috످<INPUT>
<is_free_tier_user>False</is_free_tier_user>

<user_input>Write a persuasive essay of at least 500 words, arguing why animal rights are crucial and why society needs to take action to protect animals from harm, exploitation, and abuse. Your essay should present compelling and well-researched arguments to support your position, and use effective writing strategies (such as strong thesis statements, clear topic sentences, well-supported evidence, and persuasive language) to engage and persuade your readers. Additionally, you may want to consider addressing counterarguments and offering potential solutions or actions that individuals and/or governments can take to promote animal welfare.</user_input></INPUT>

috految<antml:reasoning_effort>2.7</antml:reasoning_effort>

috److# Can They Suffer? The Moral Case for Animal Rights

In 2022, federal authorities entered a Virginia breeding facility operated by Envigo, a supplier of laboratory animals. Behind its doors were thousands of beagles, many of them sick, injured, or starving. Inspectors had already documented more than 300 puppy deaths in just seven months. When some 4,000 survivors were rescued, Americans lined up to adopt them. Yet that same year, the nation slaughtered roughly 125 million pigs, animals every bit as capable of fear and affection. Few of us even noticed.

Our compassion is powerful, but it is dangerously selective. Because animals can suffer, because our laws fail to protect them, and because their exploitation endangers us all, society must grant them enforceable rights to live free from cruelty.

The case for animal rights begins with a simple truth: animals feel. As philosopher Jeremy Bentham wrote in 1789, "The question is not, Can they reason? nor, Can they talk? but, Can they suffer?" Science has answered him. In 2012, the Cambridge Declaration on Consciousness affirmed that mammals, birds, and even octopuses possess the neurological foundations of conscious experience. Elephants mourn their dead. Rats free their trapped companions, even when tempted with chocolate (Bartal et al., 2011). If a rat can refuse to ignore another's suffering, what is our excuse?

Despite this knowledge, we have built entire industries on animal misery. An estimated 99 percent of American farmed animals live on factory farms (Sentience Institute, 2019). Imagine spending your life in an airplane seat, unable to walk or even turn around. For a mother pig in a gestation crate, that is reality for months on end. Elsewhere, male chicks are ground alive because they cannot lay eggs, foxes are electrocuted for fashion, and elephants are beaten until they dance for our applause.

Worse still, our laws permit much of this cruelty. The Animal Welfare Act excludes animals raised for food, along with most laboratory mice and rats. The Humane Methods of Slaughter Act omits poultry, leaving out more than nine billion birds each year. Several states have even criminalized undercover farm investigations. In these places, the person who films the cruelty can face harsher punishment than the person who commits it.

When we harm animals, we also endanger ourselves. Livestock production generates about 14.5 percent of human-caused greenhouse gas emissions (Gerber et al., 2013). Crowded farms incubate diseases like bird flu, while their overuse of antibiotics breeds drug-resistant bacteria. Our children will inherit the true cost of our cheap meat.

Critics argue that animals cannot have rights because they cannot bear moral responsibilities. But neither can infants, and we protect them all the more fiercely for their helplessness. Others point out that animal research has produced lifesaving treatments, including insulin. Those achievements are real, but roughly 90 percent of drugs entering human trials fail despite prior animal testing (Sun et al., 2022). Although alternatives such as lab-grown tissues cannot yet replace every experiment, we have a duty to develop them. Still others fear that reform will raise food prices and hurt farmers. These costs deserve attention, and governments can ease them by redirecting billions in existing subsidies toward humane farming.

Change is already within reach. The European Union has banned animal testing for cosmetics, India has outlawed dolphin shows, and California has prohibited the extreme confinement of hens and breeding pigs. Lawmakers everywhere must follow by abolishing cages, protecting whistleblowers, and granting animals legal standing. The rest of us can begin today. Eat more plant-based meals. Buy cruelty-free products. Adopt from shelters. Call your representatives, and keep calling until they act.

Every generation inherits an injustice it has been taught to see as normal, and every generation must decide whether to pass it on. When the Envigo beagles were finally carried into the sunlight, many touched grass for the first time. They were free because someone refused to look away. Billions of animals are still waiting in the dark. We know they can suffer. The only question left is whether we will open the cage.

## References

- Bartal, I. B., et al. (2011). Empathy and pro-social behavior in rats. *Science, 334*(6061), 1427–1430.
- Bentham, J. (1789). *An introduction to the principles of morals and legislation.*
- Gerber, P. J., et al. (2013). *Tackling climate change through livestock.* FAO.
- Sentience Institute. (2019). *US factory farming estimates.*
- Sun, D., et al. (2022). Why 90% of clinical drug development fails and how to improve it? *Acta Pharmaceutica Sinica B, 12*(7), 3049–3062.

috످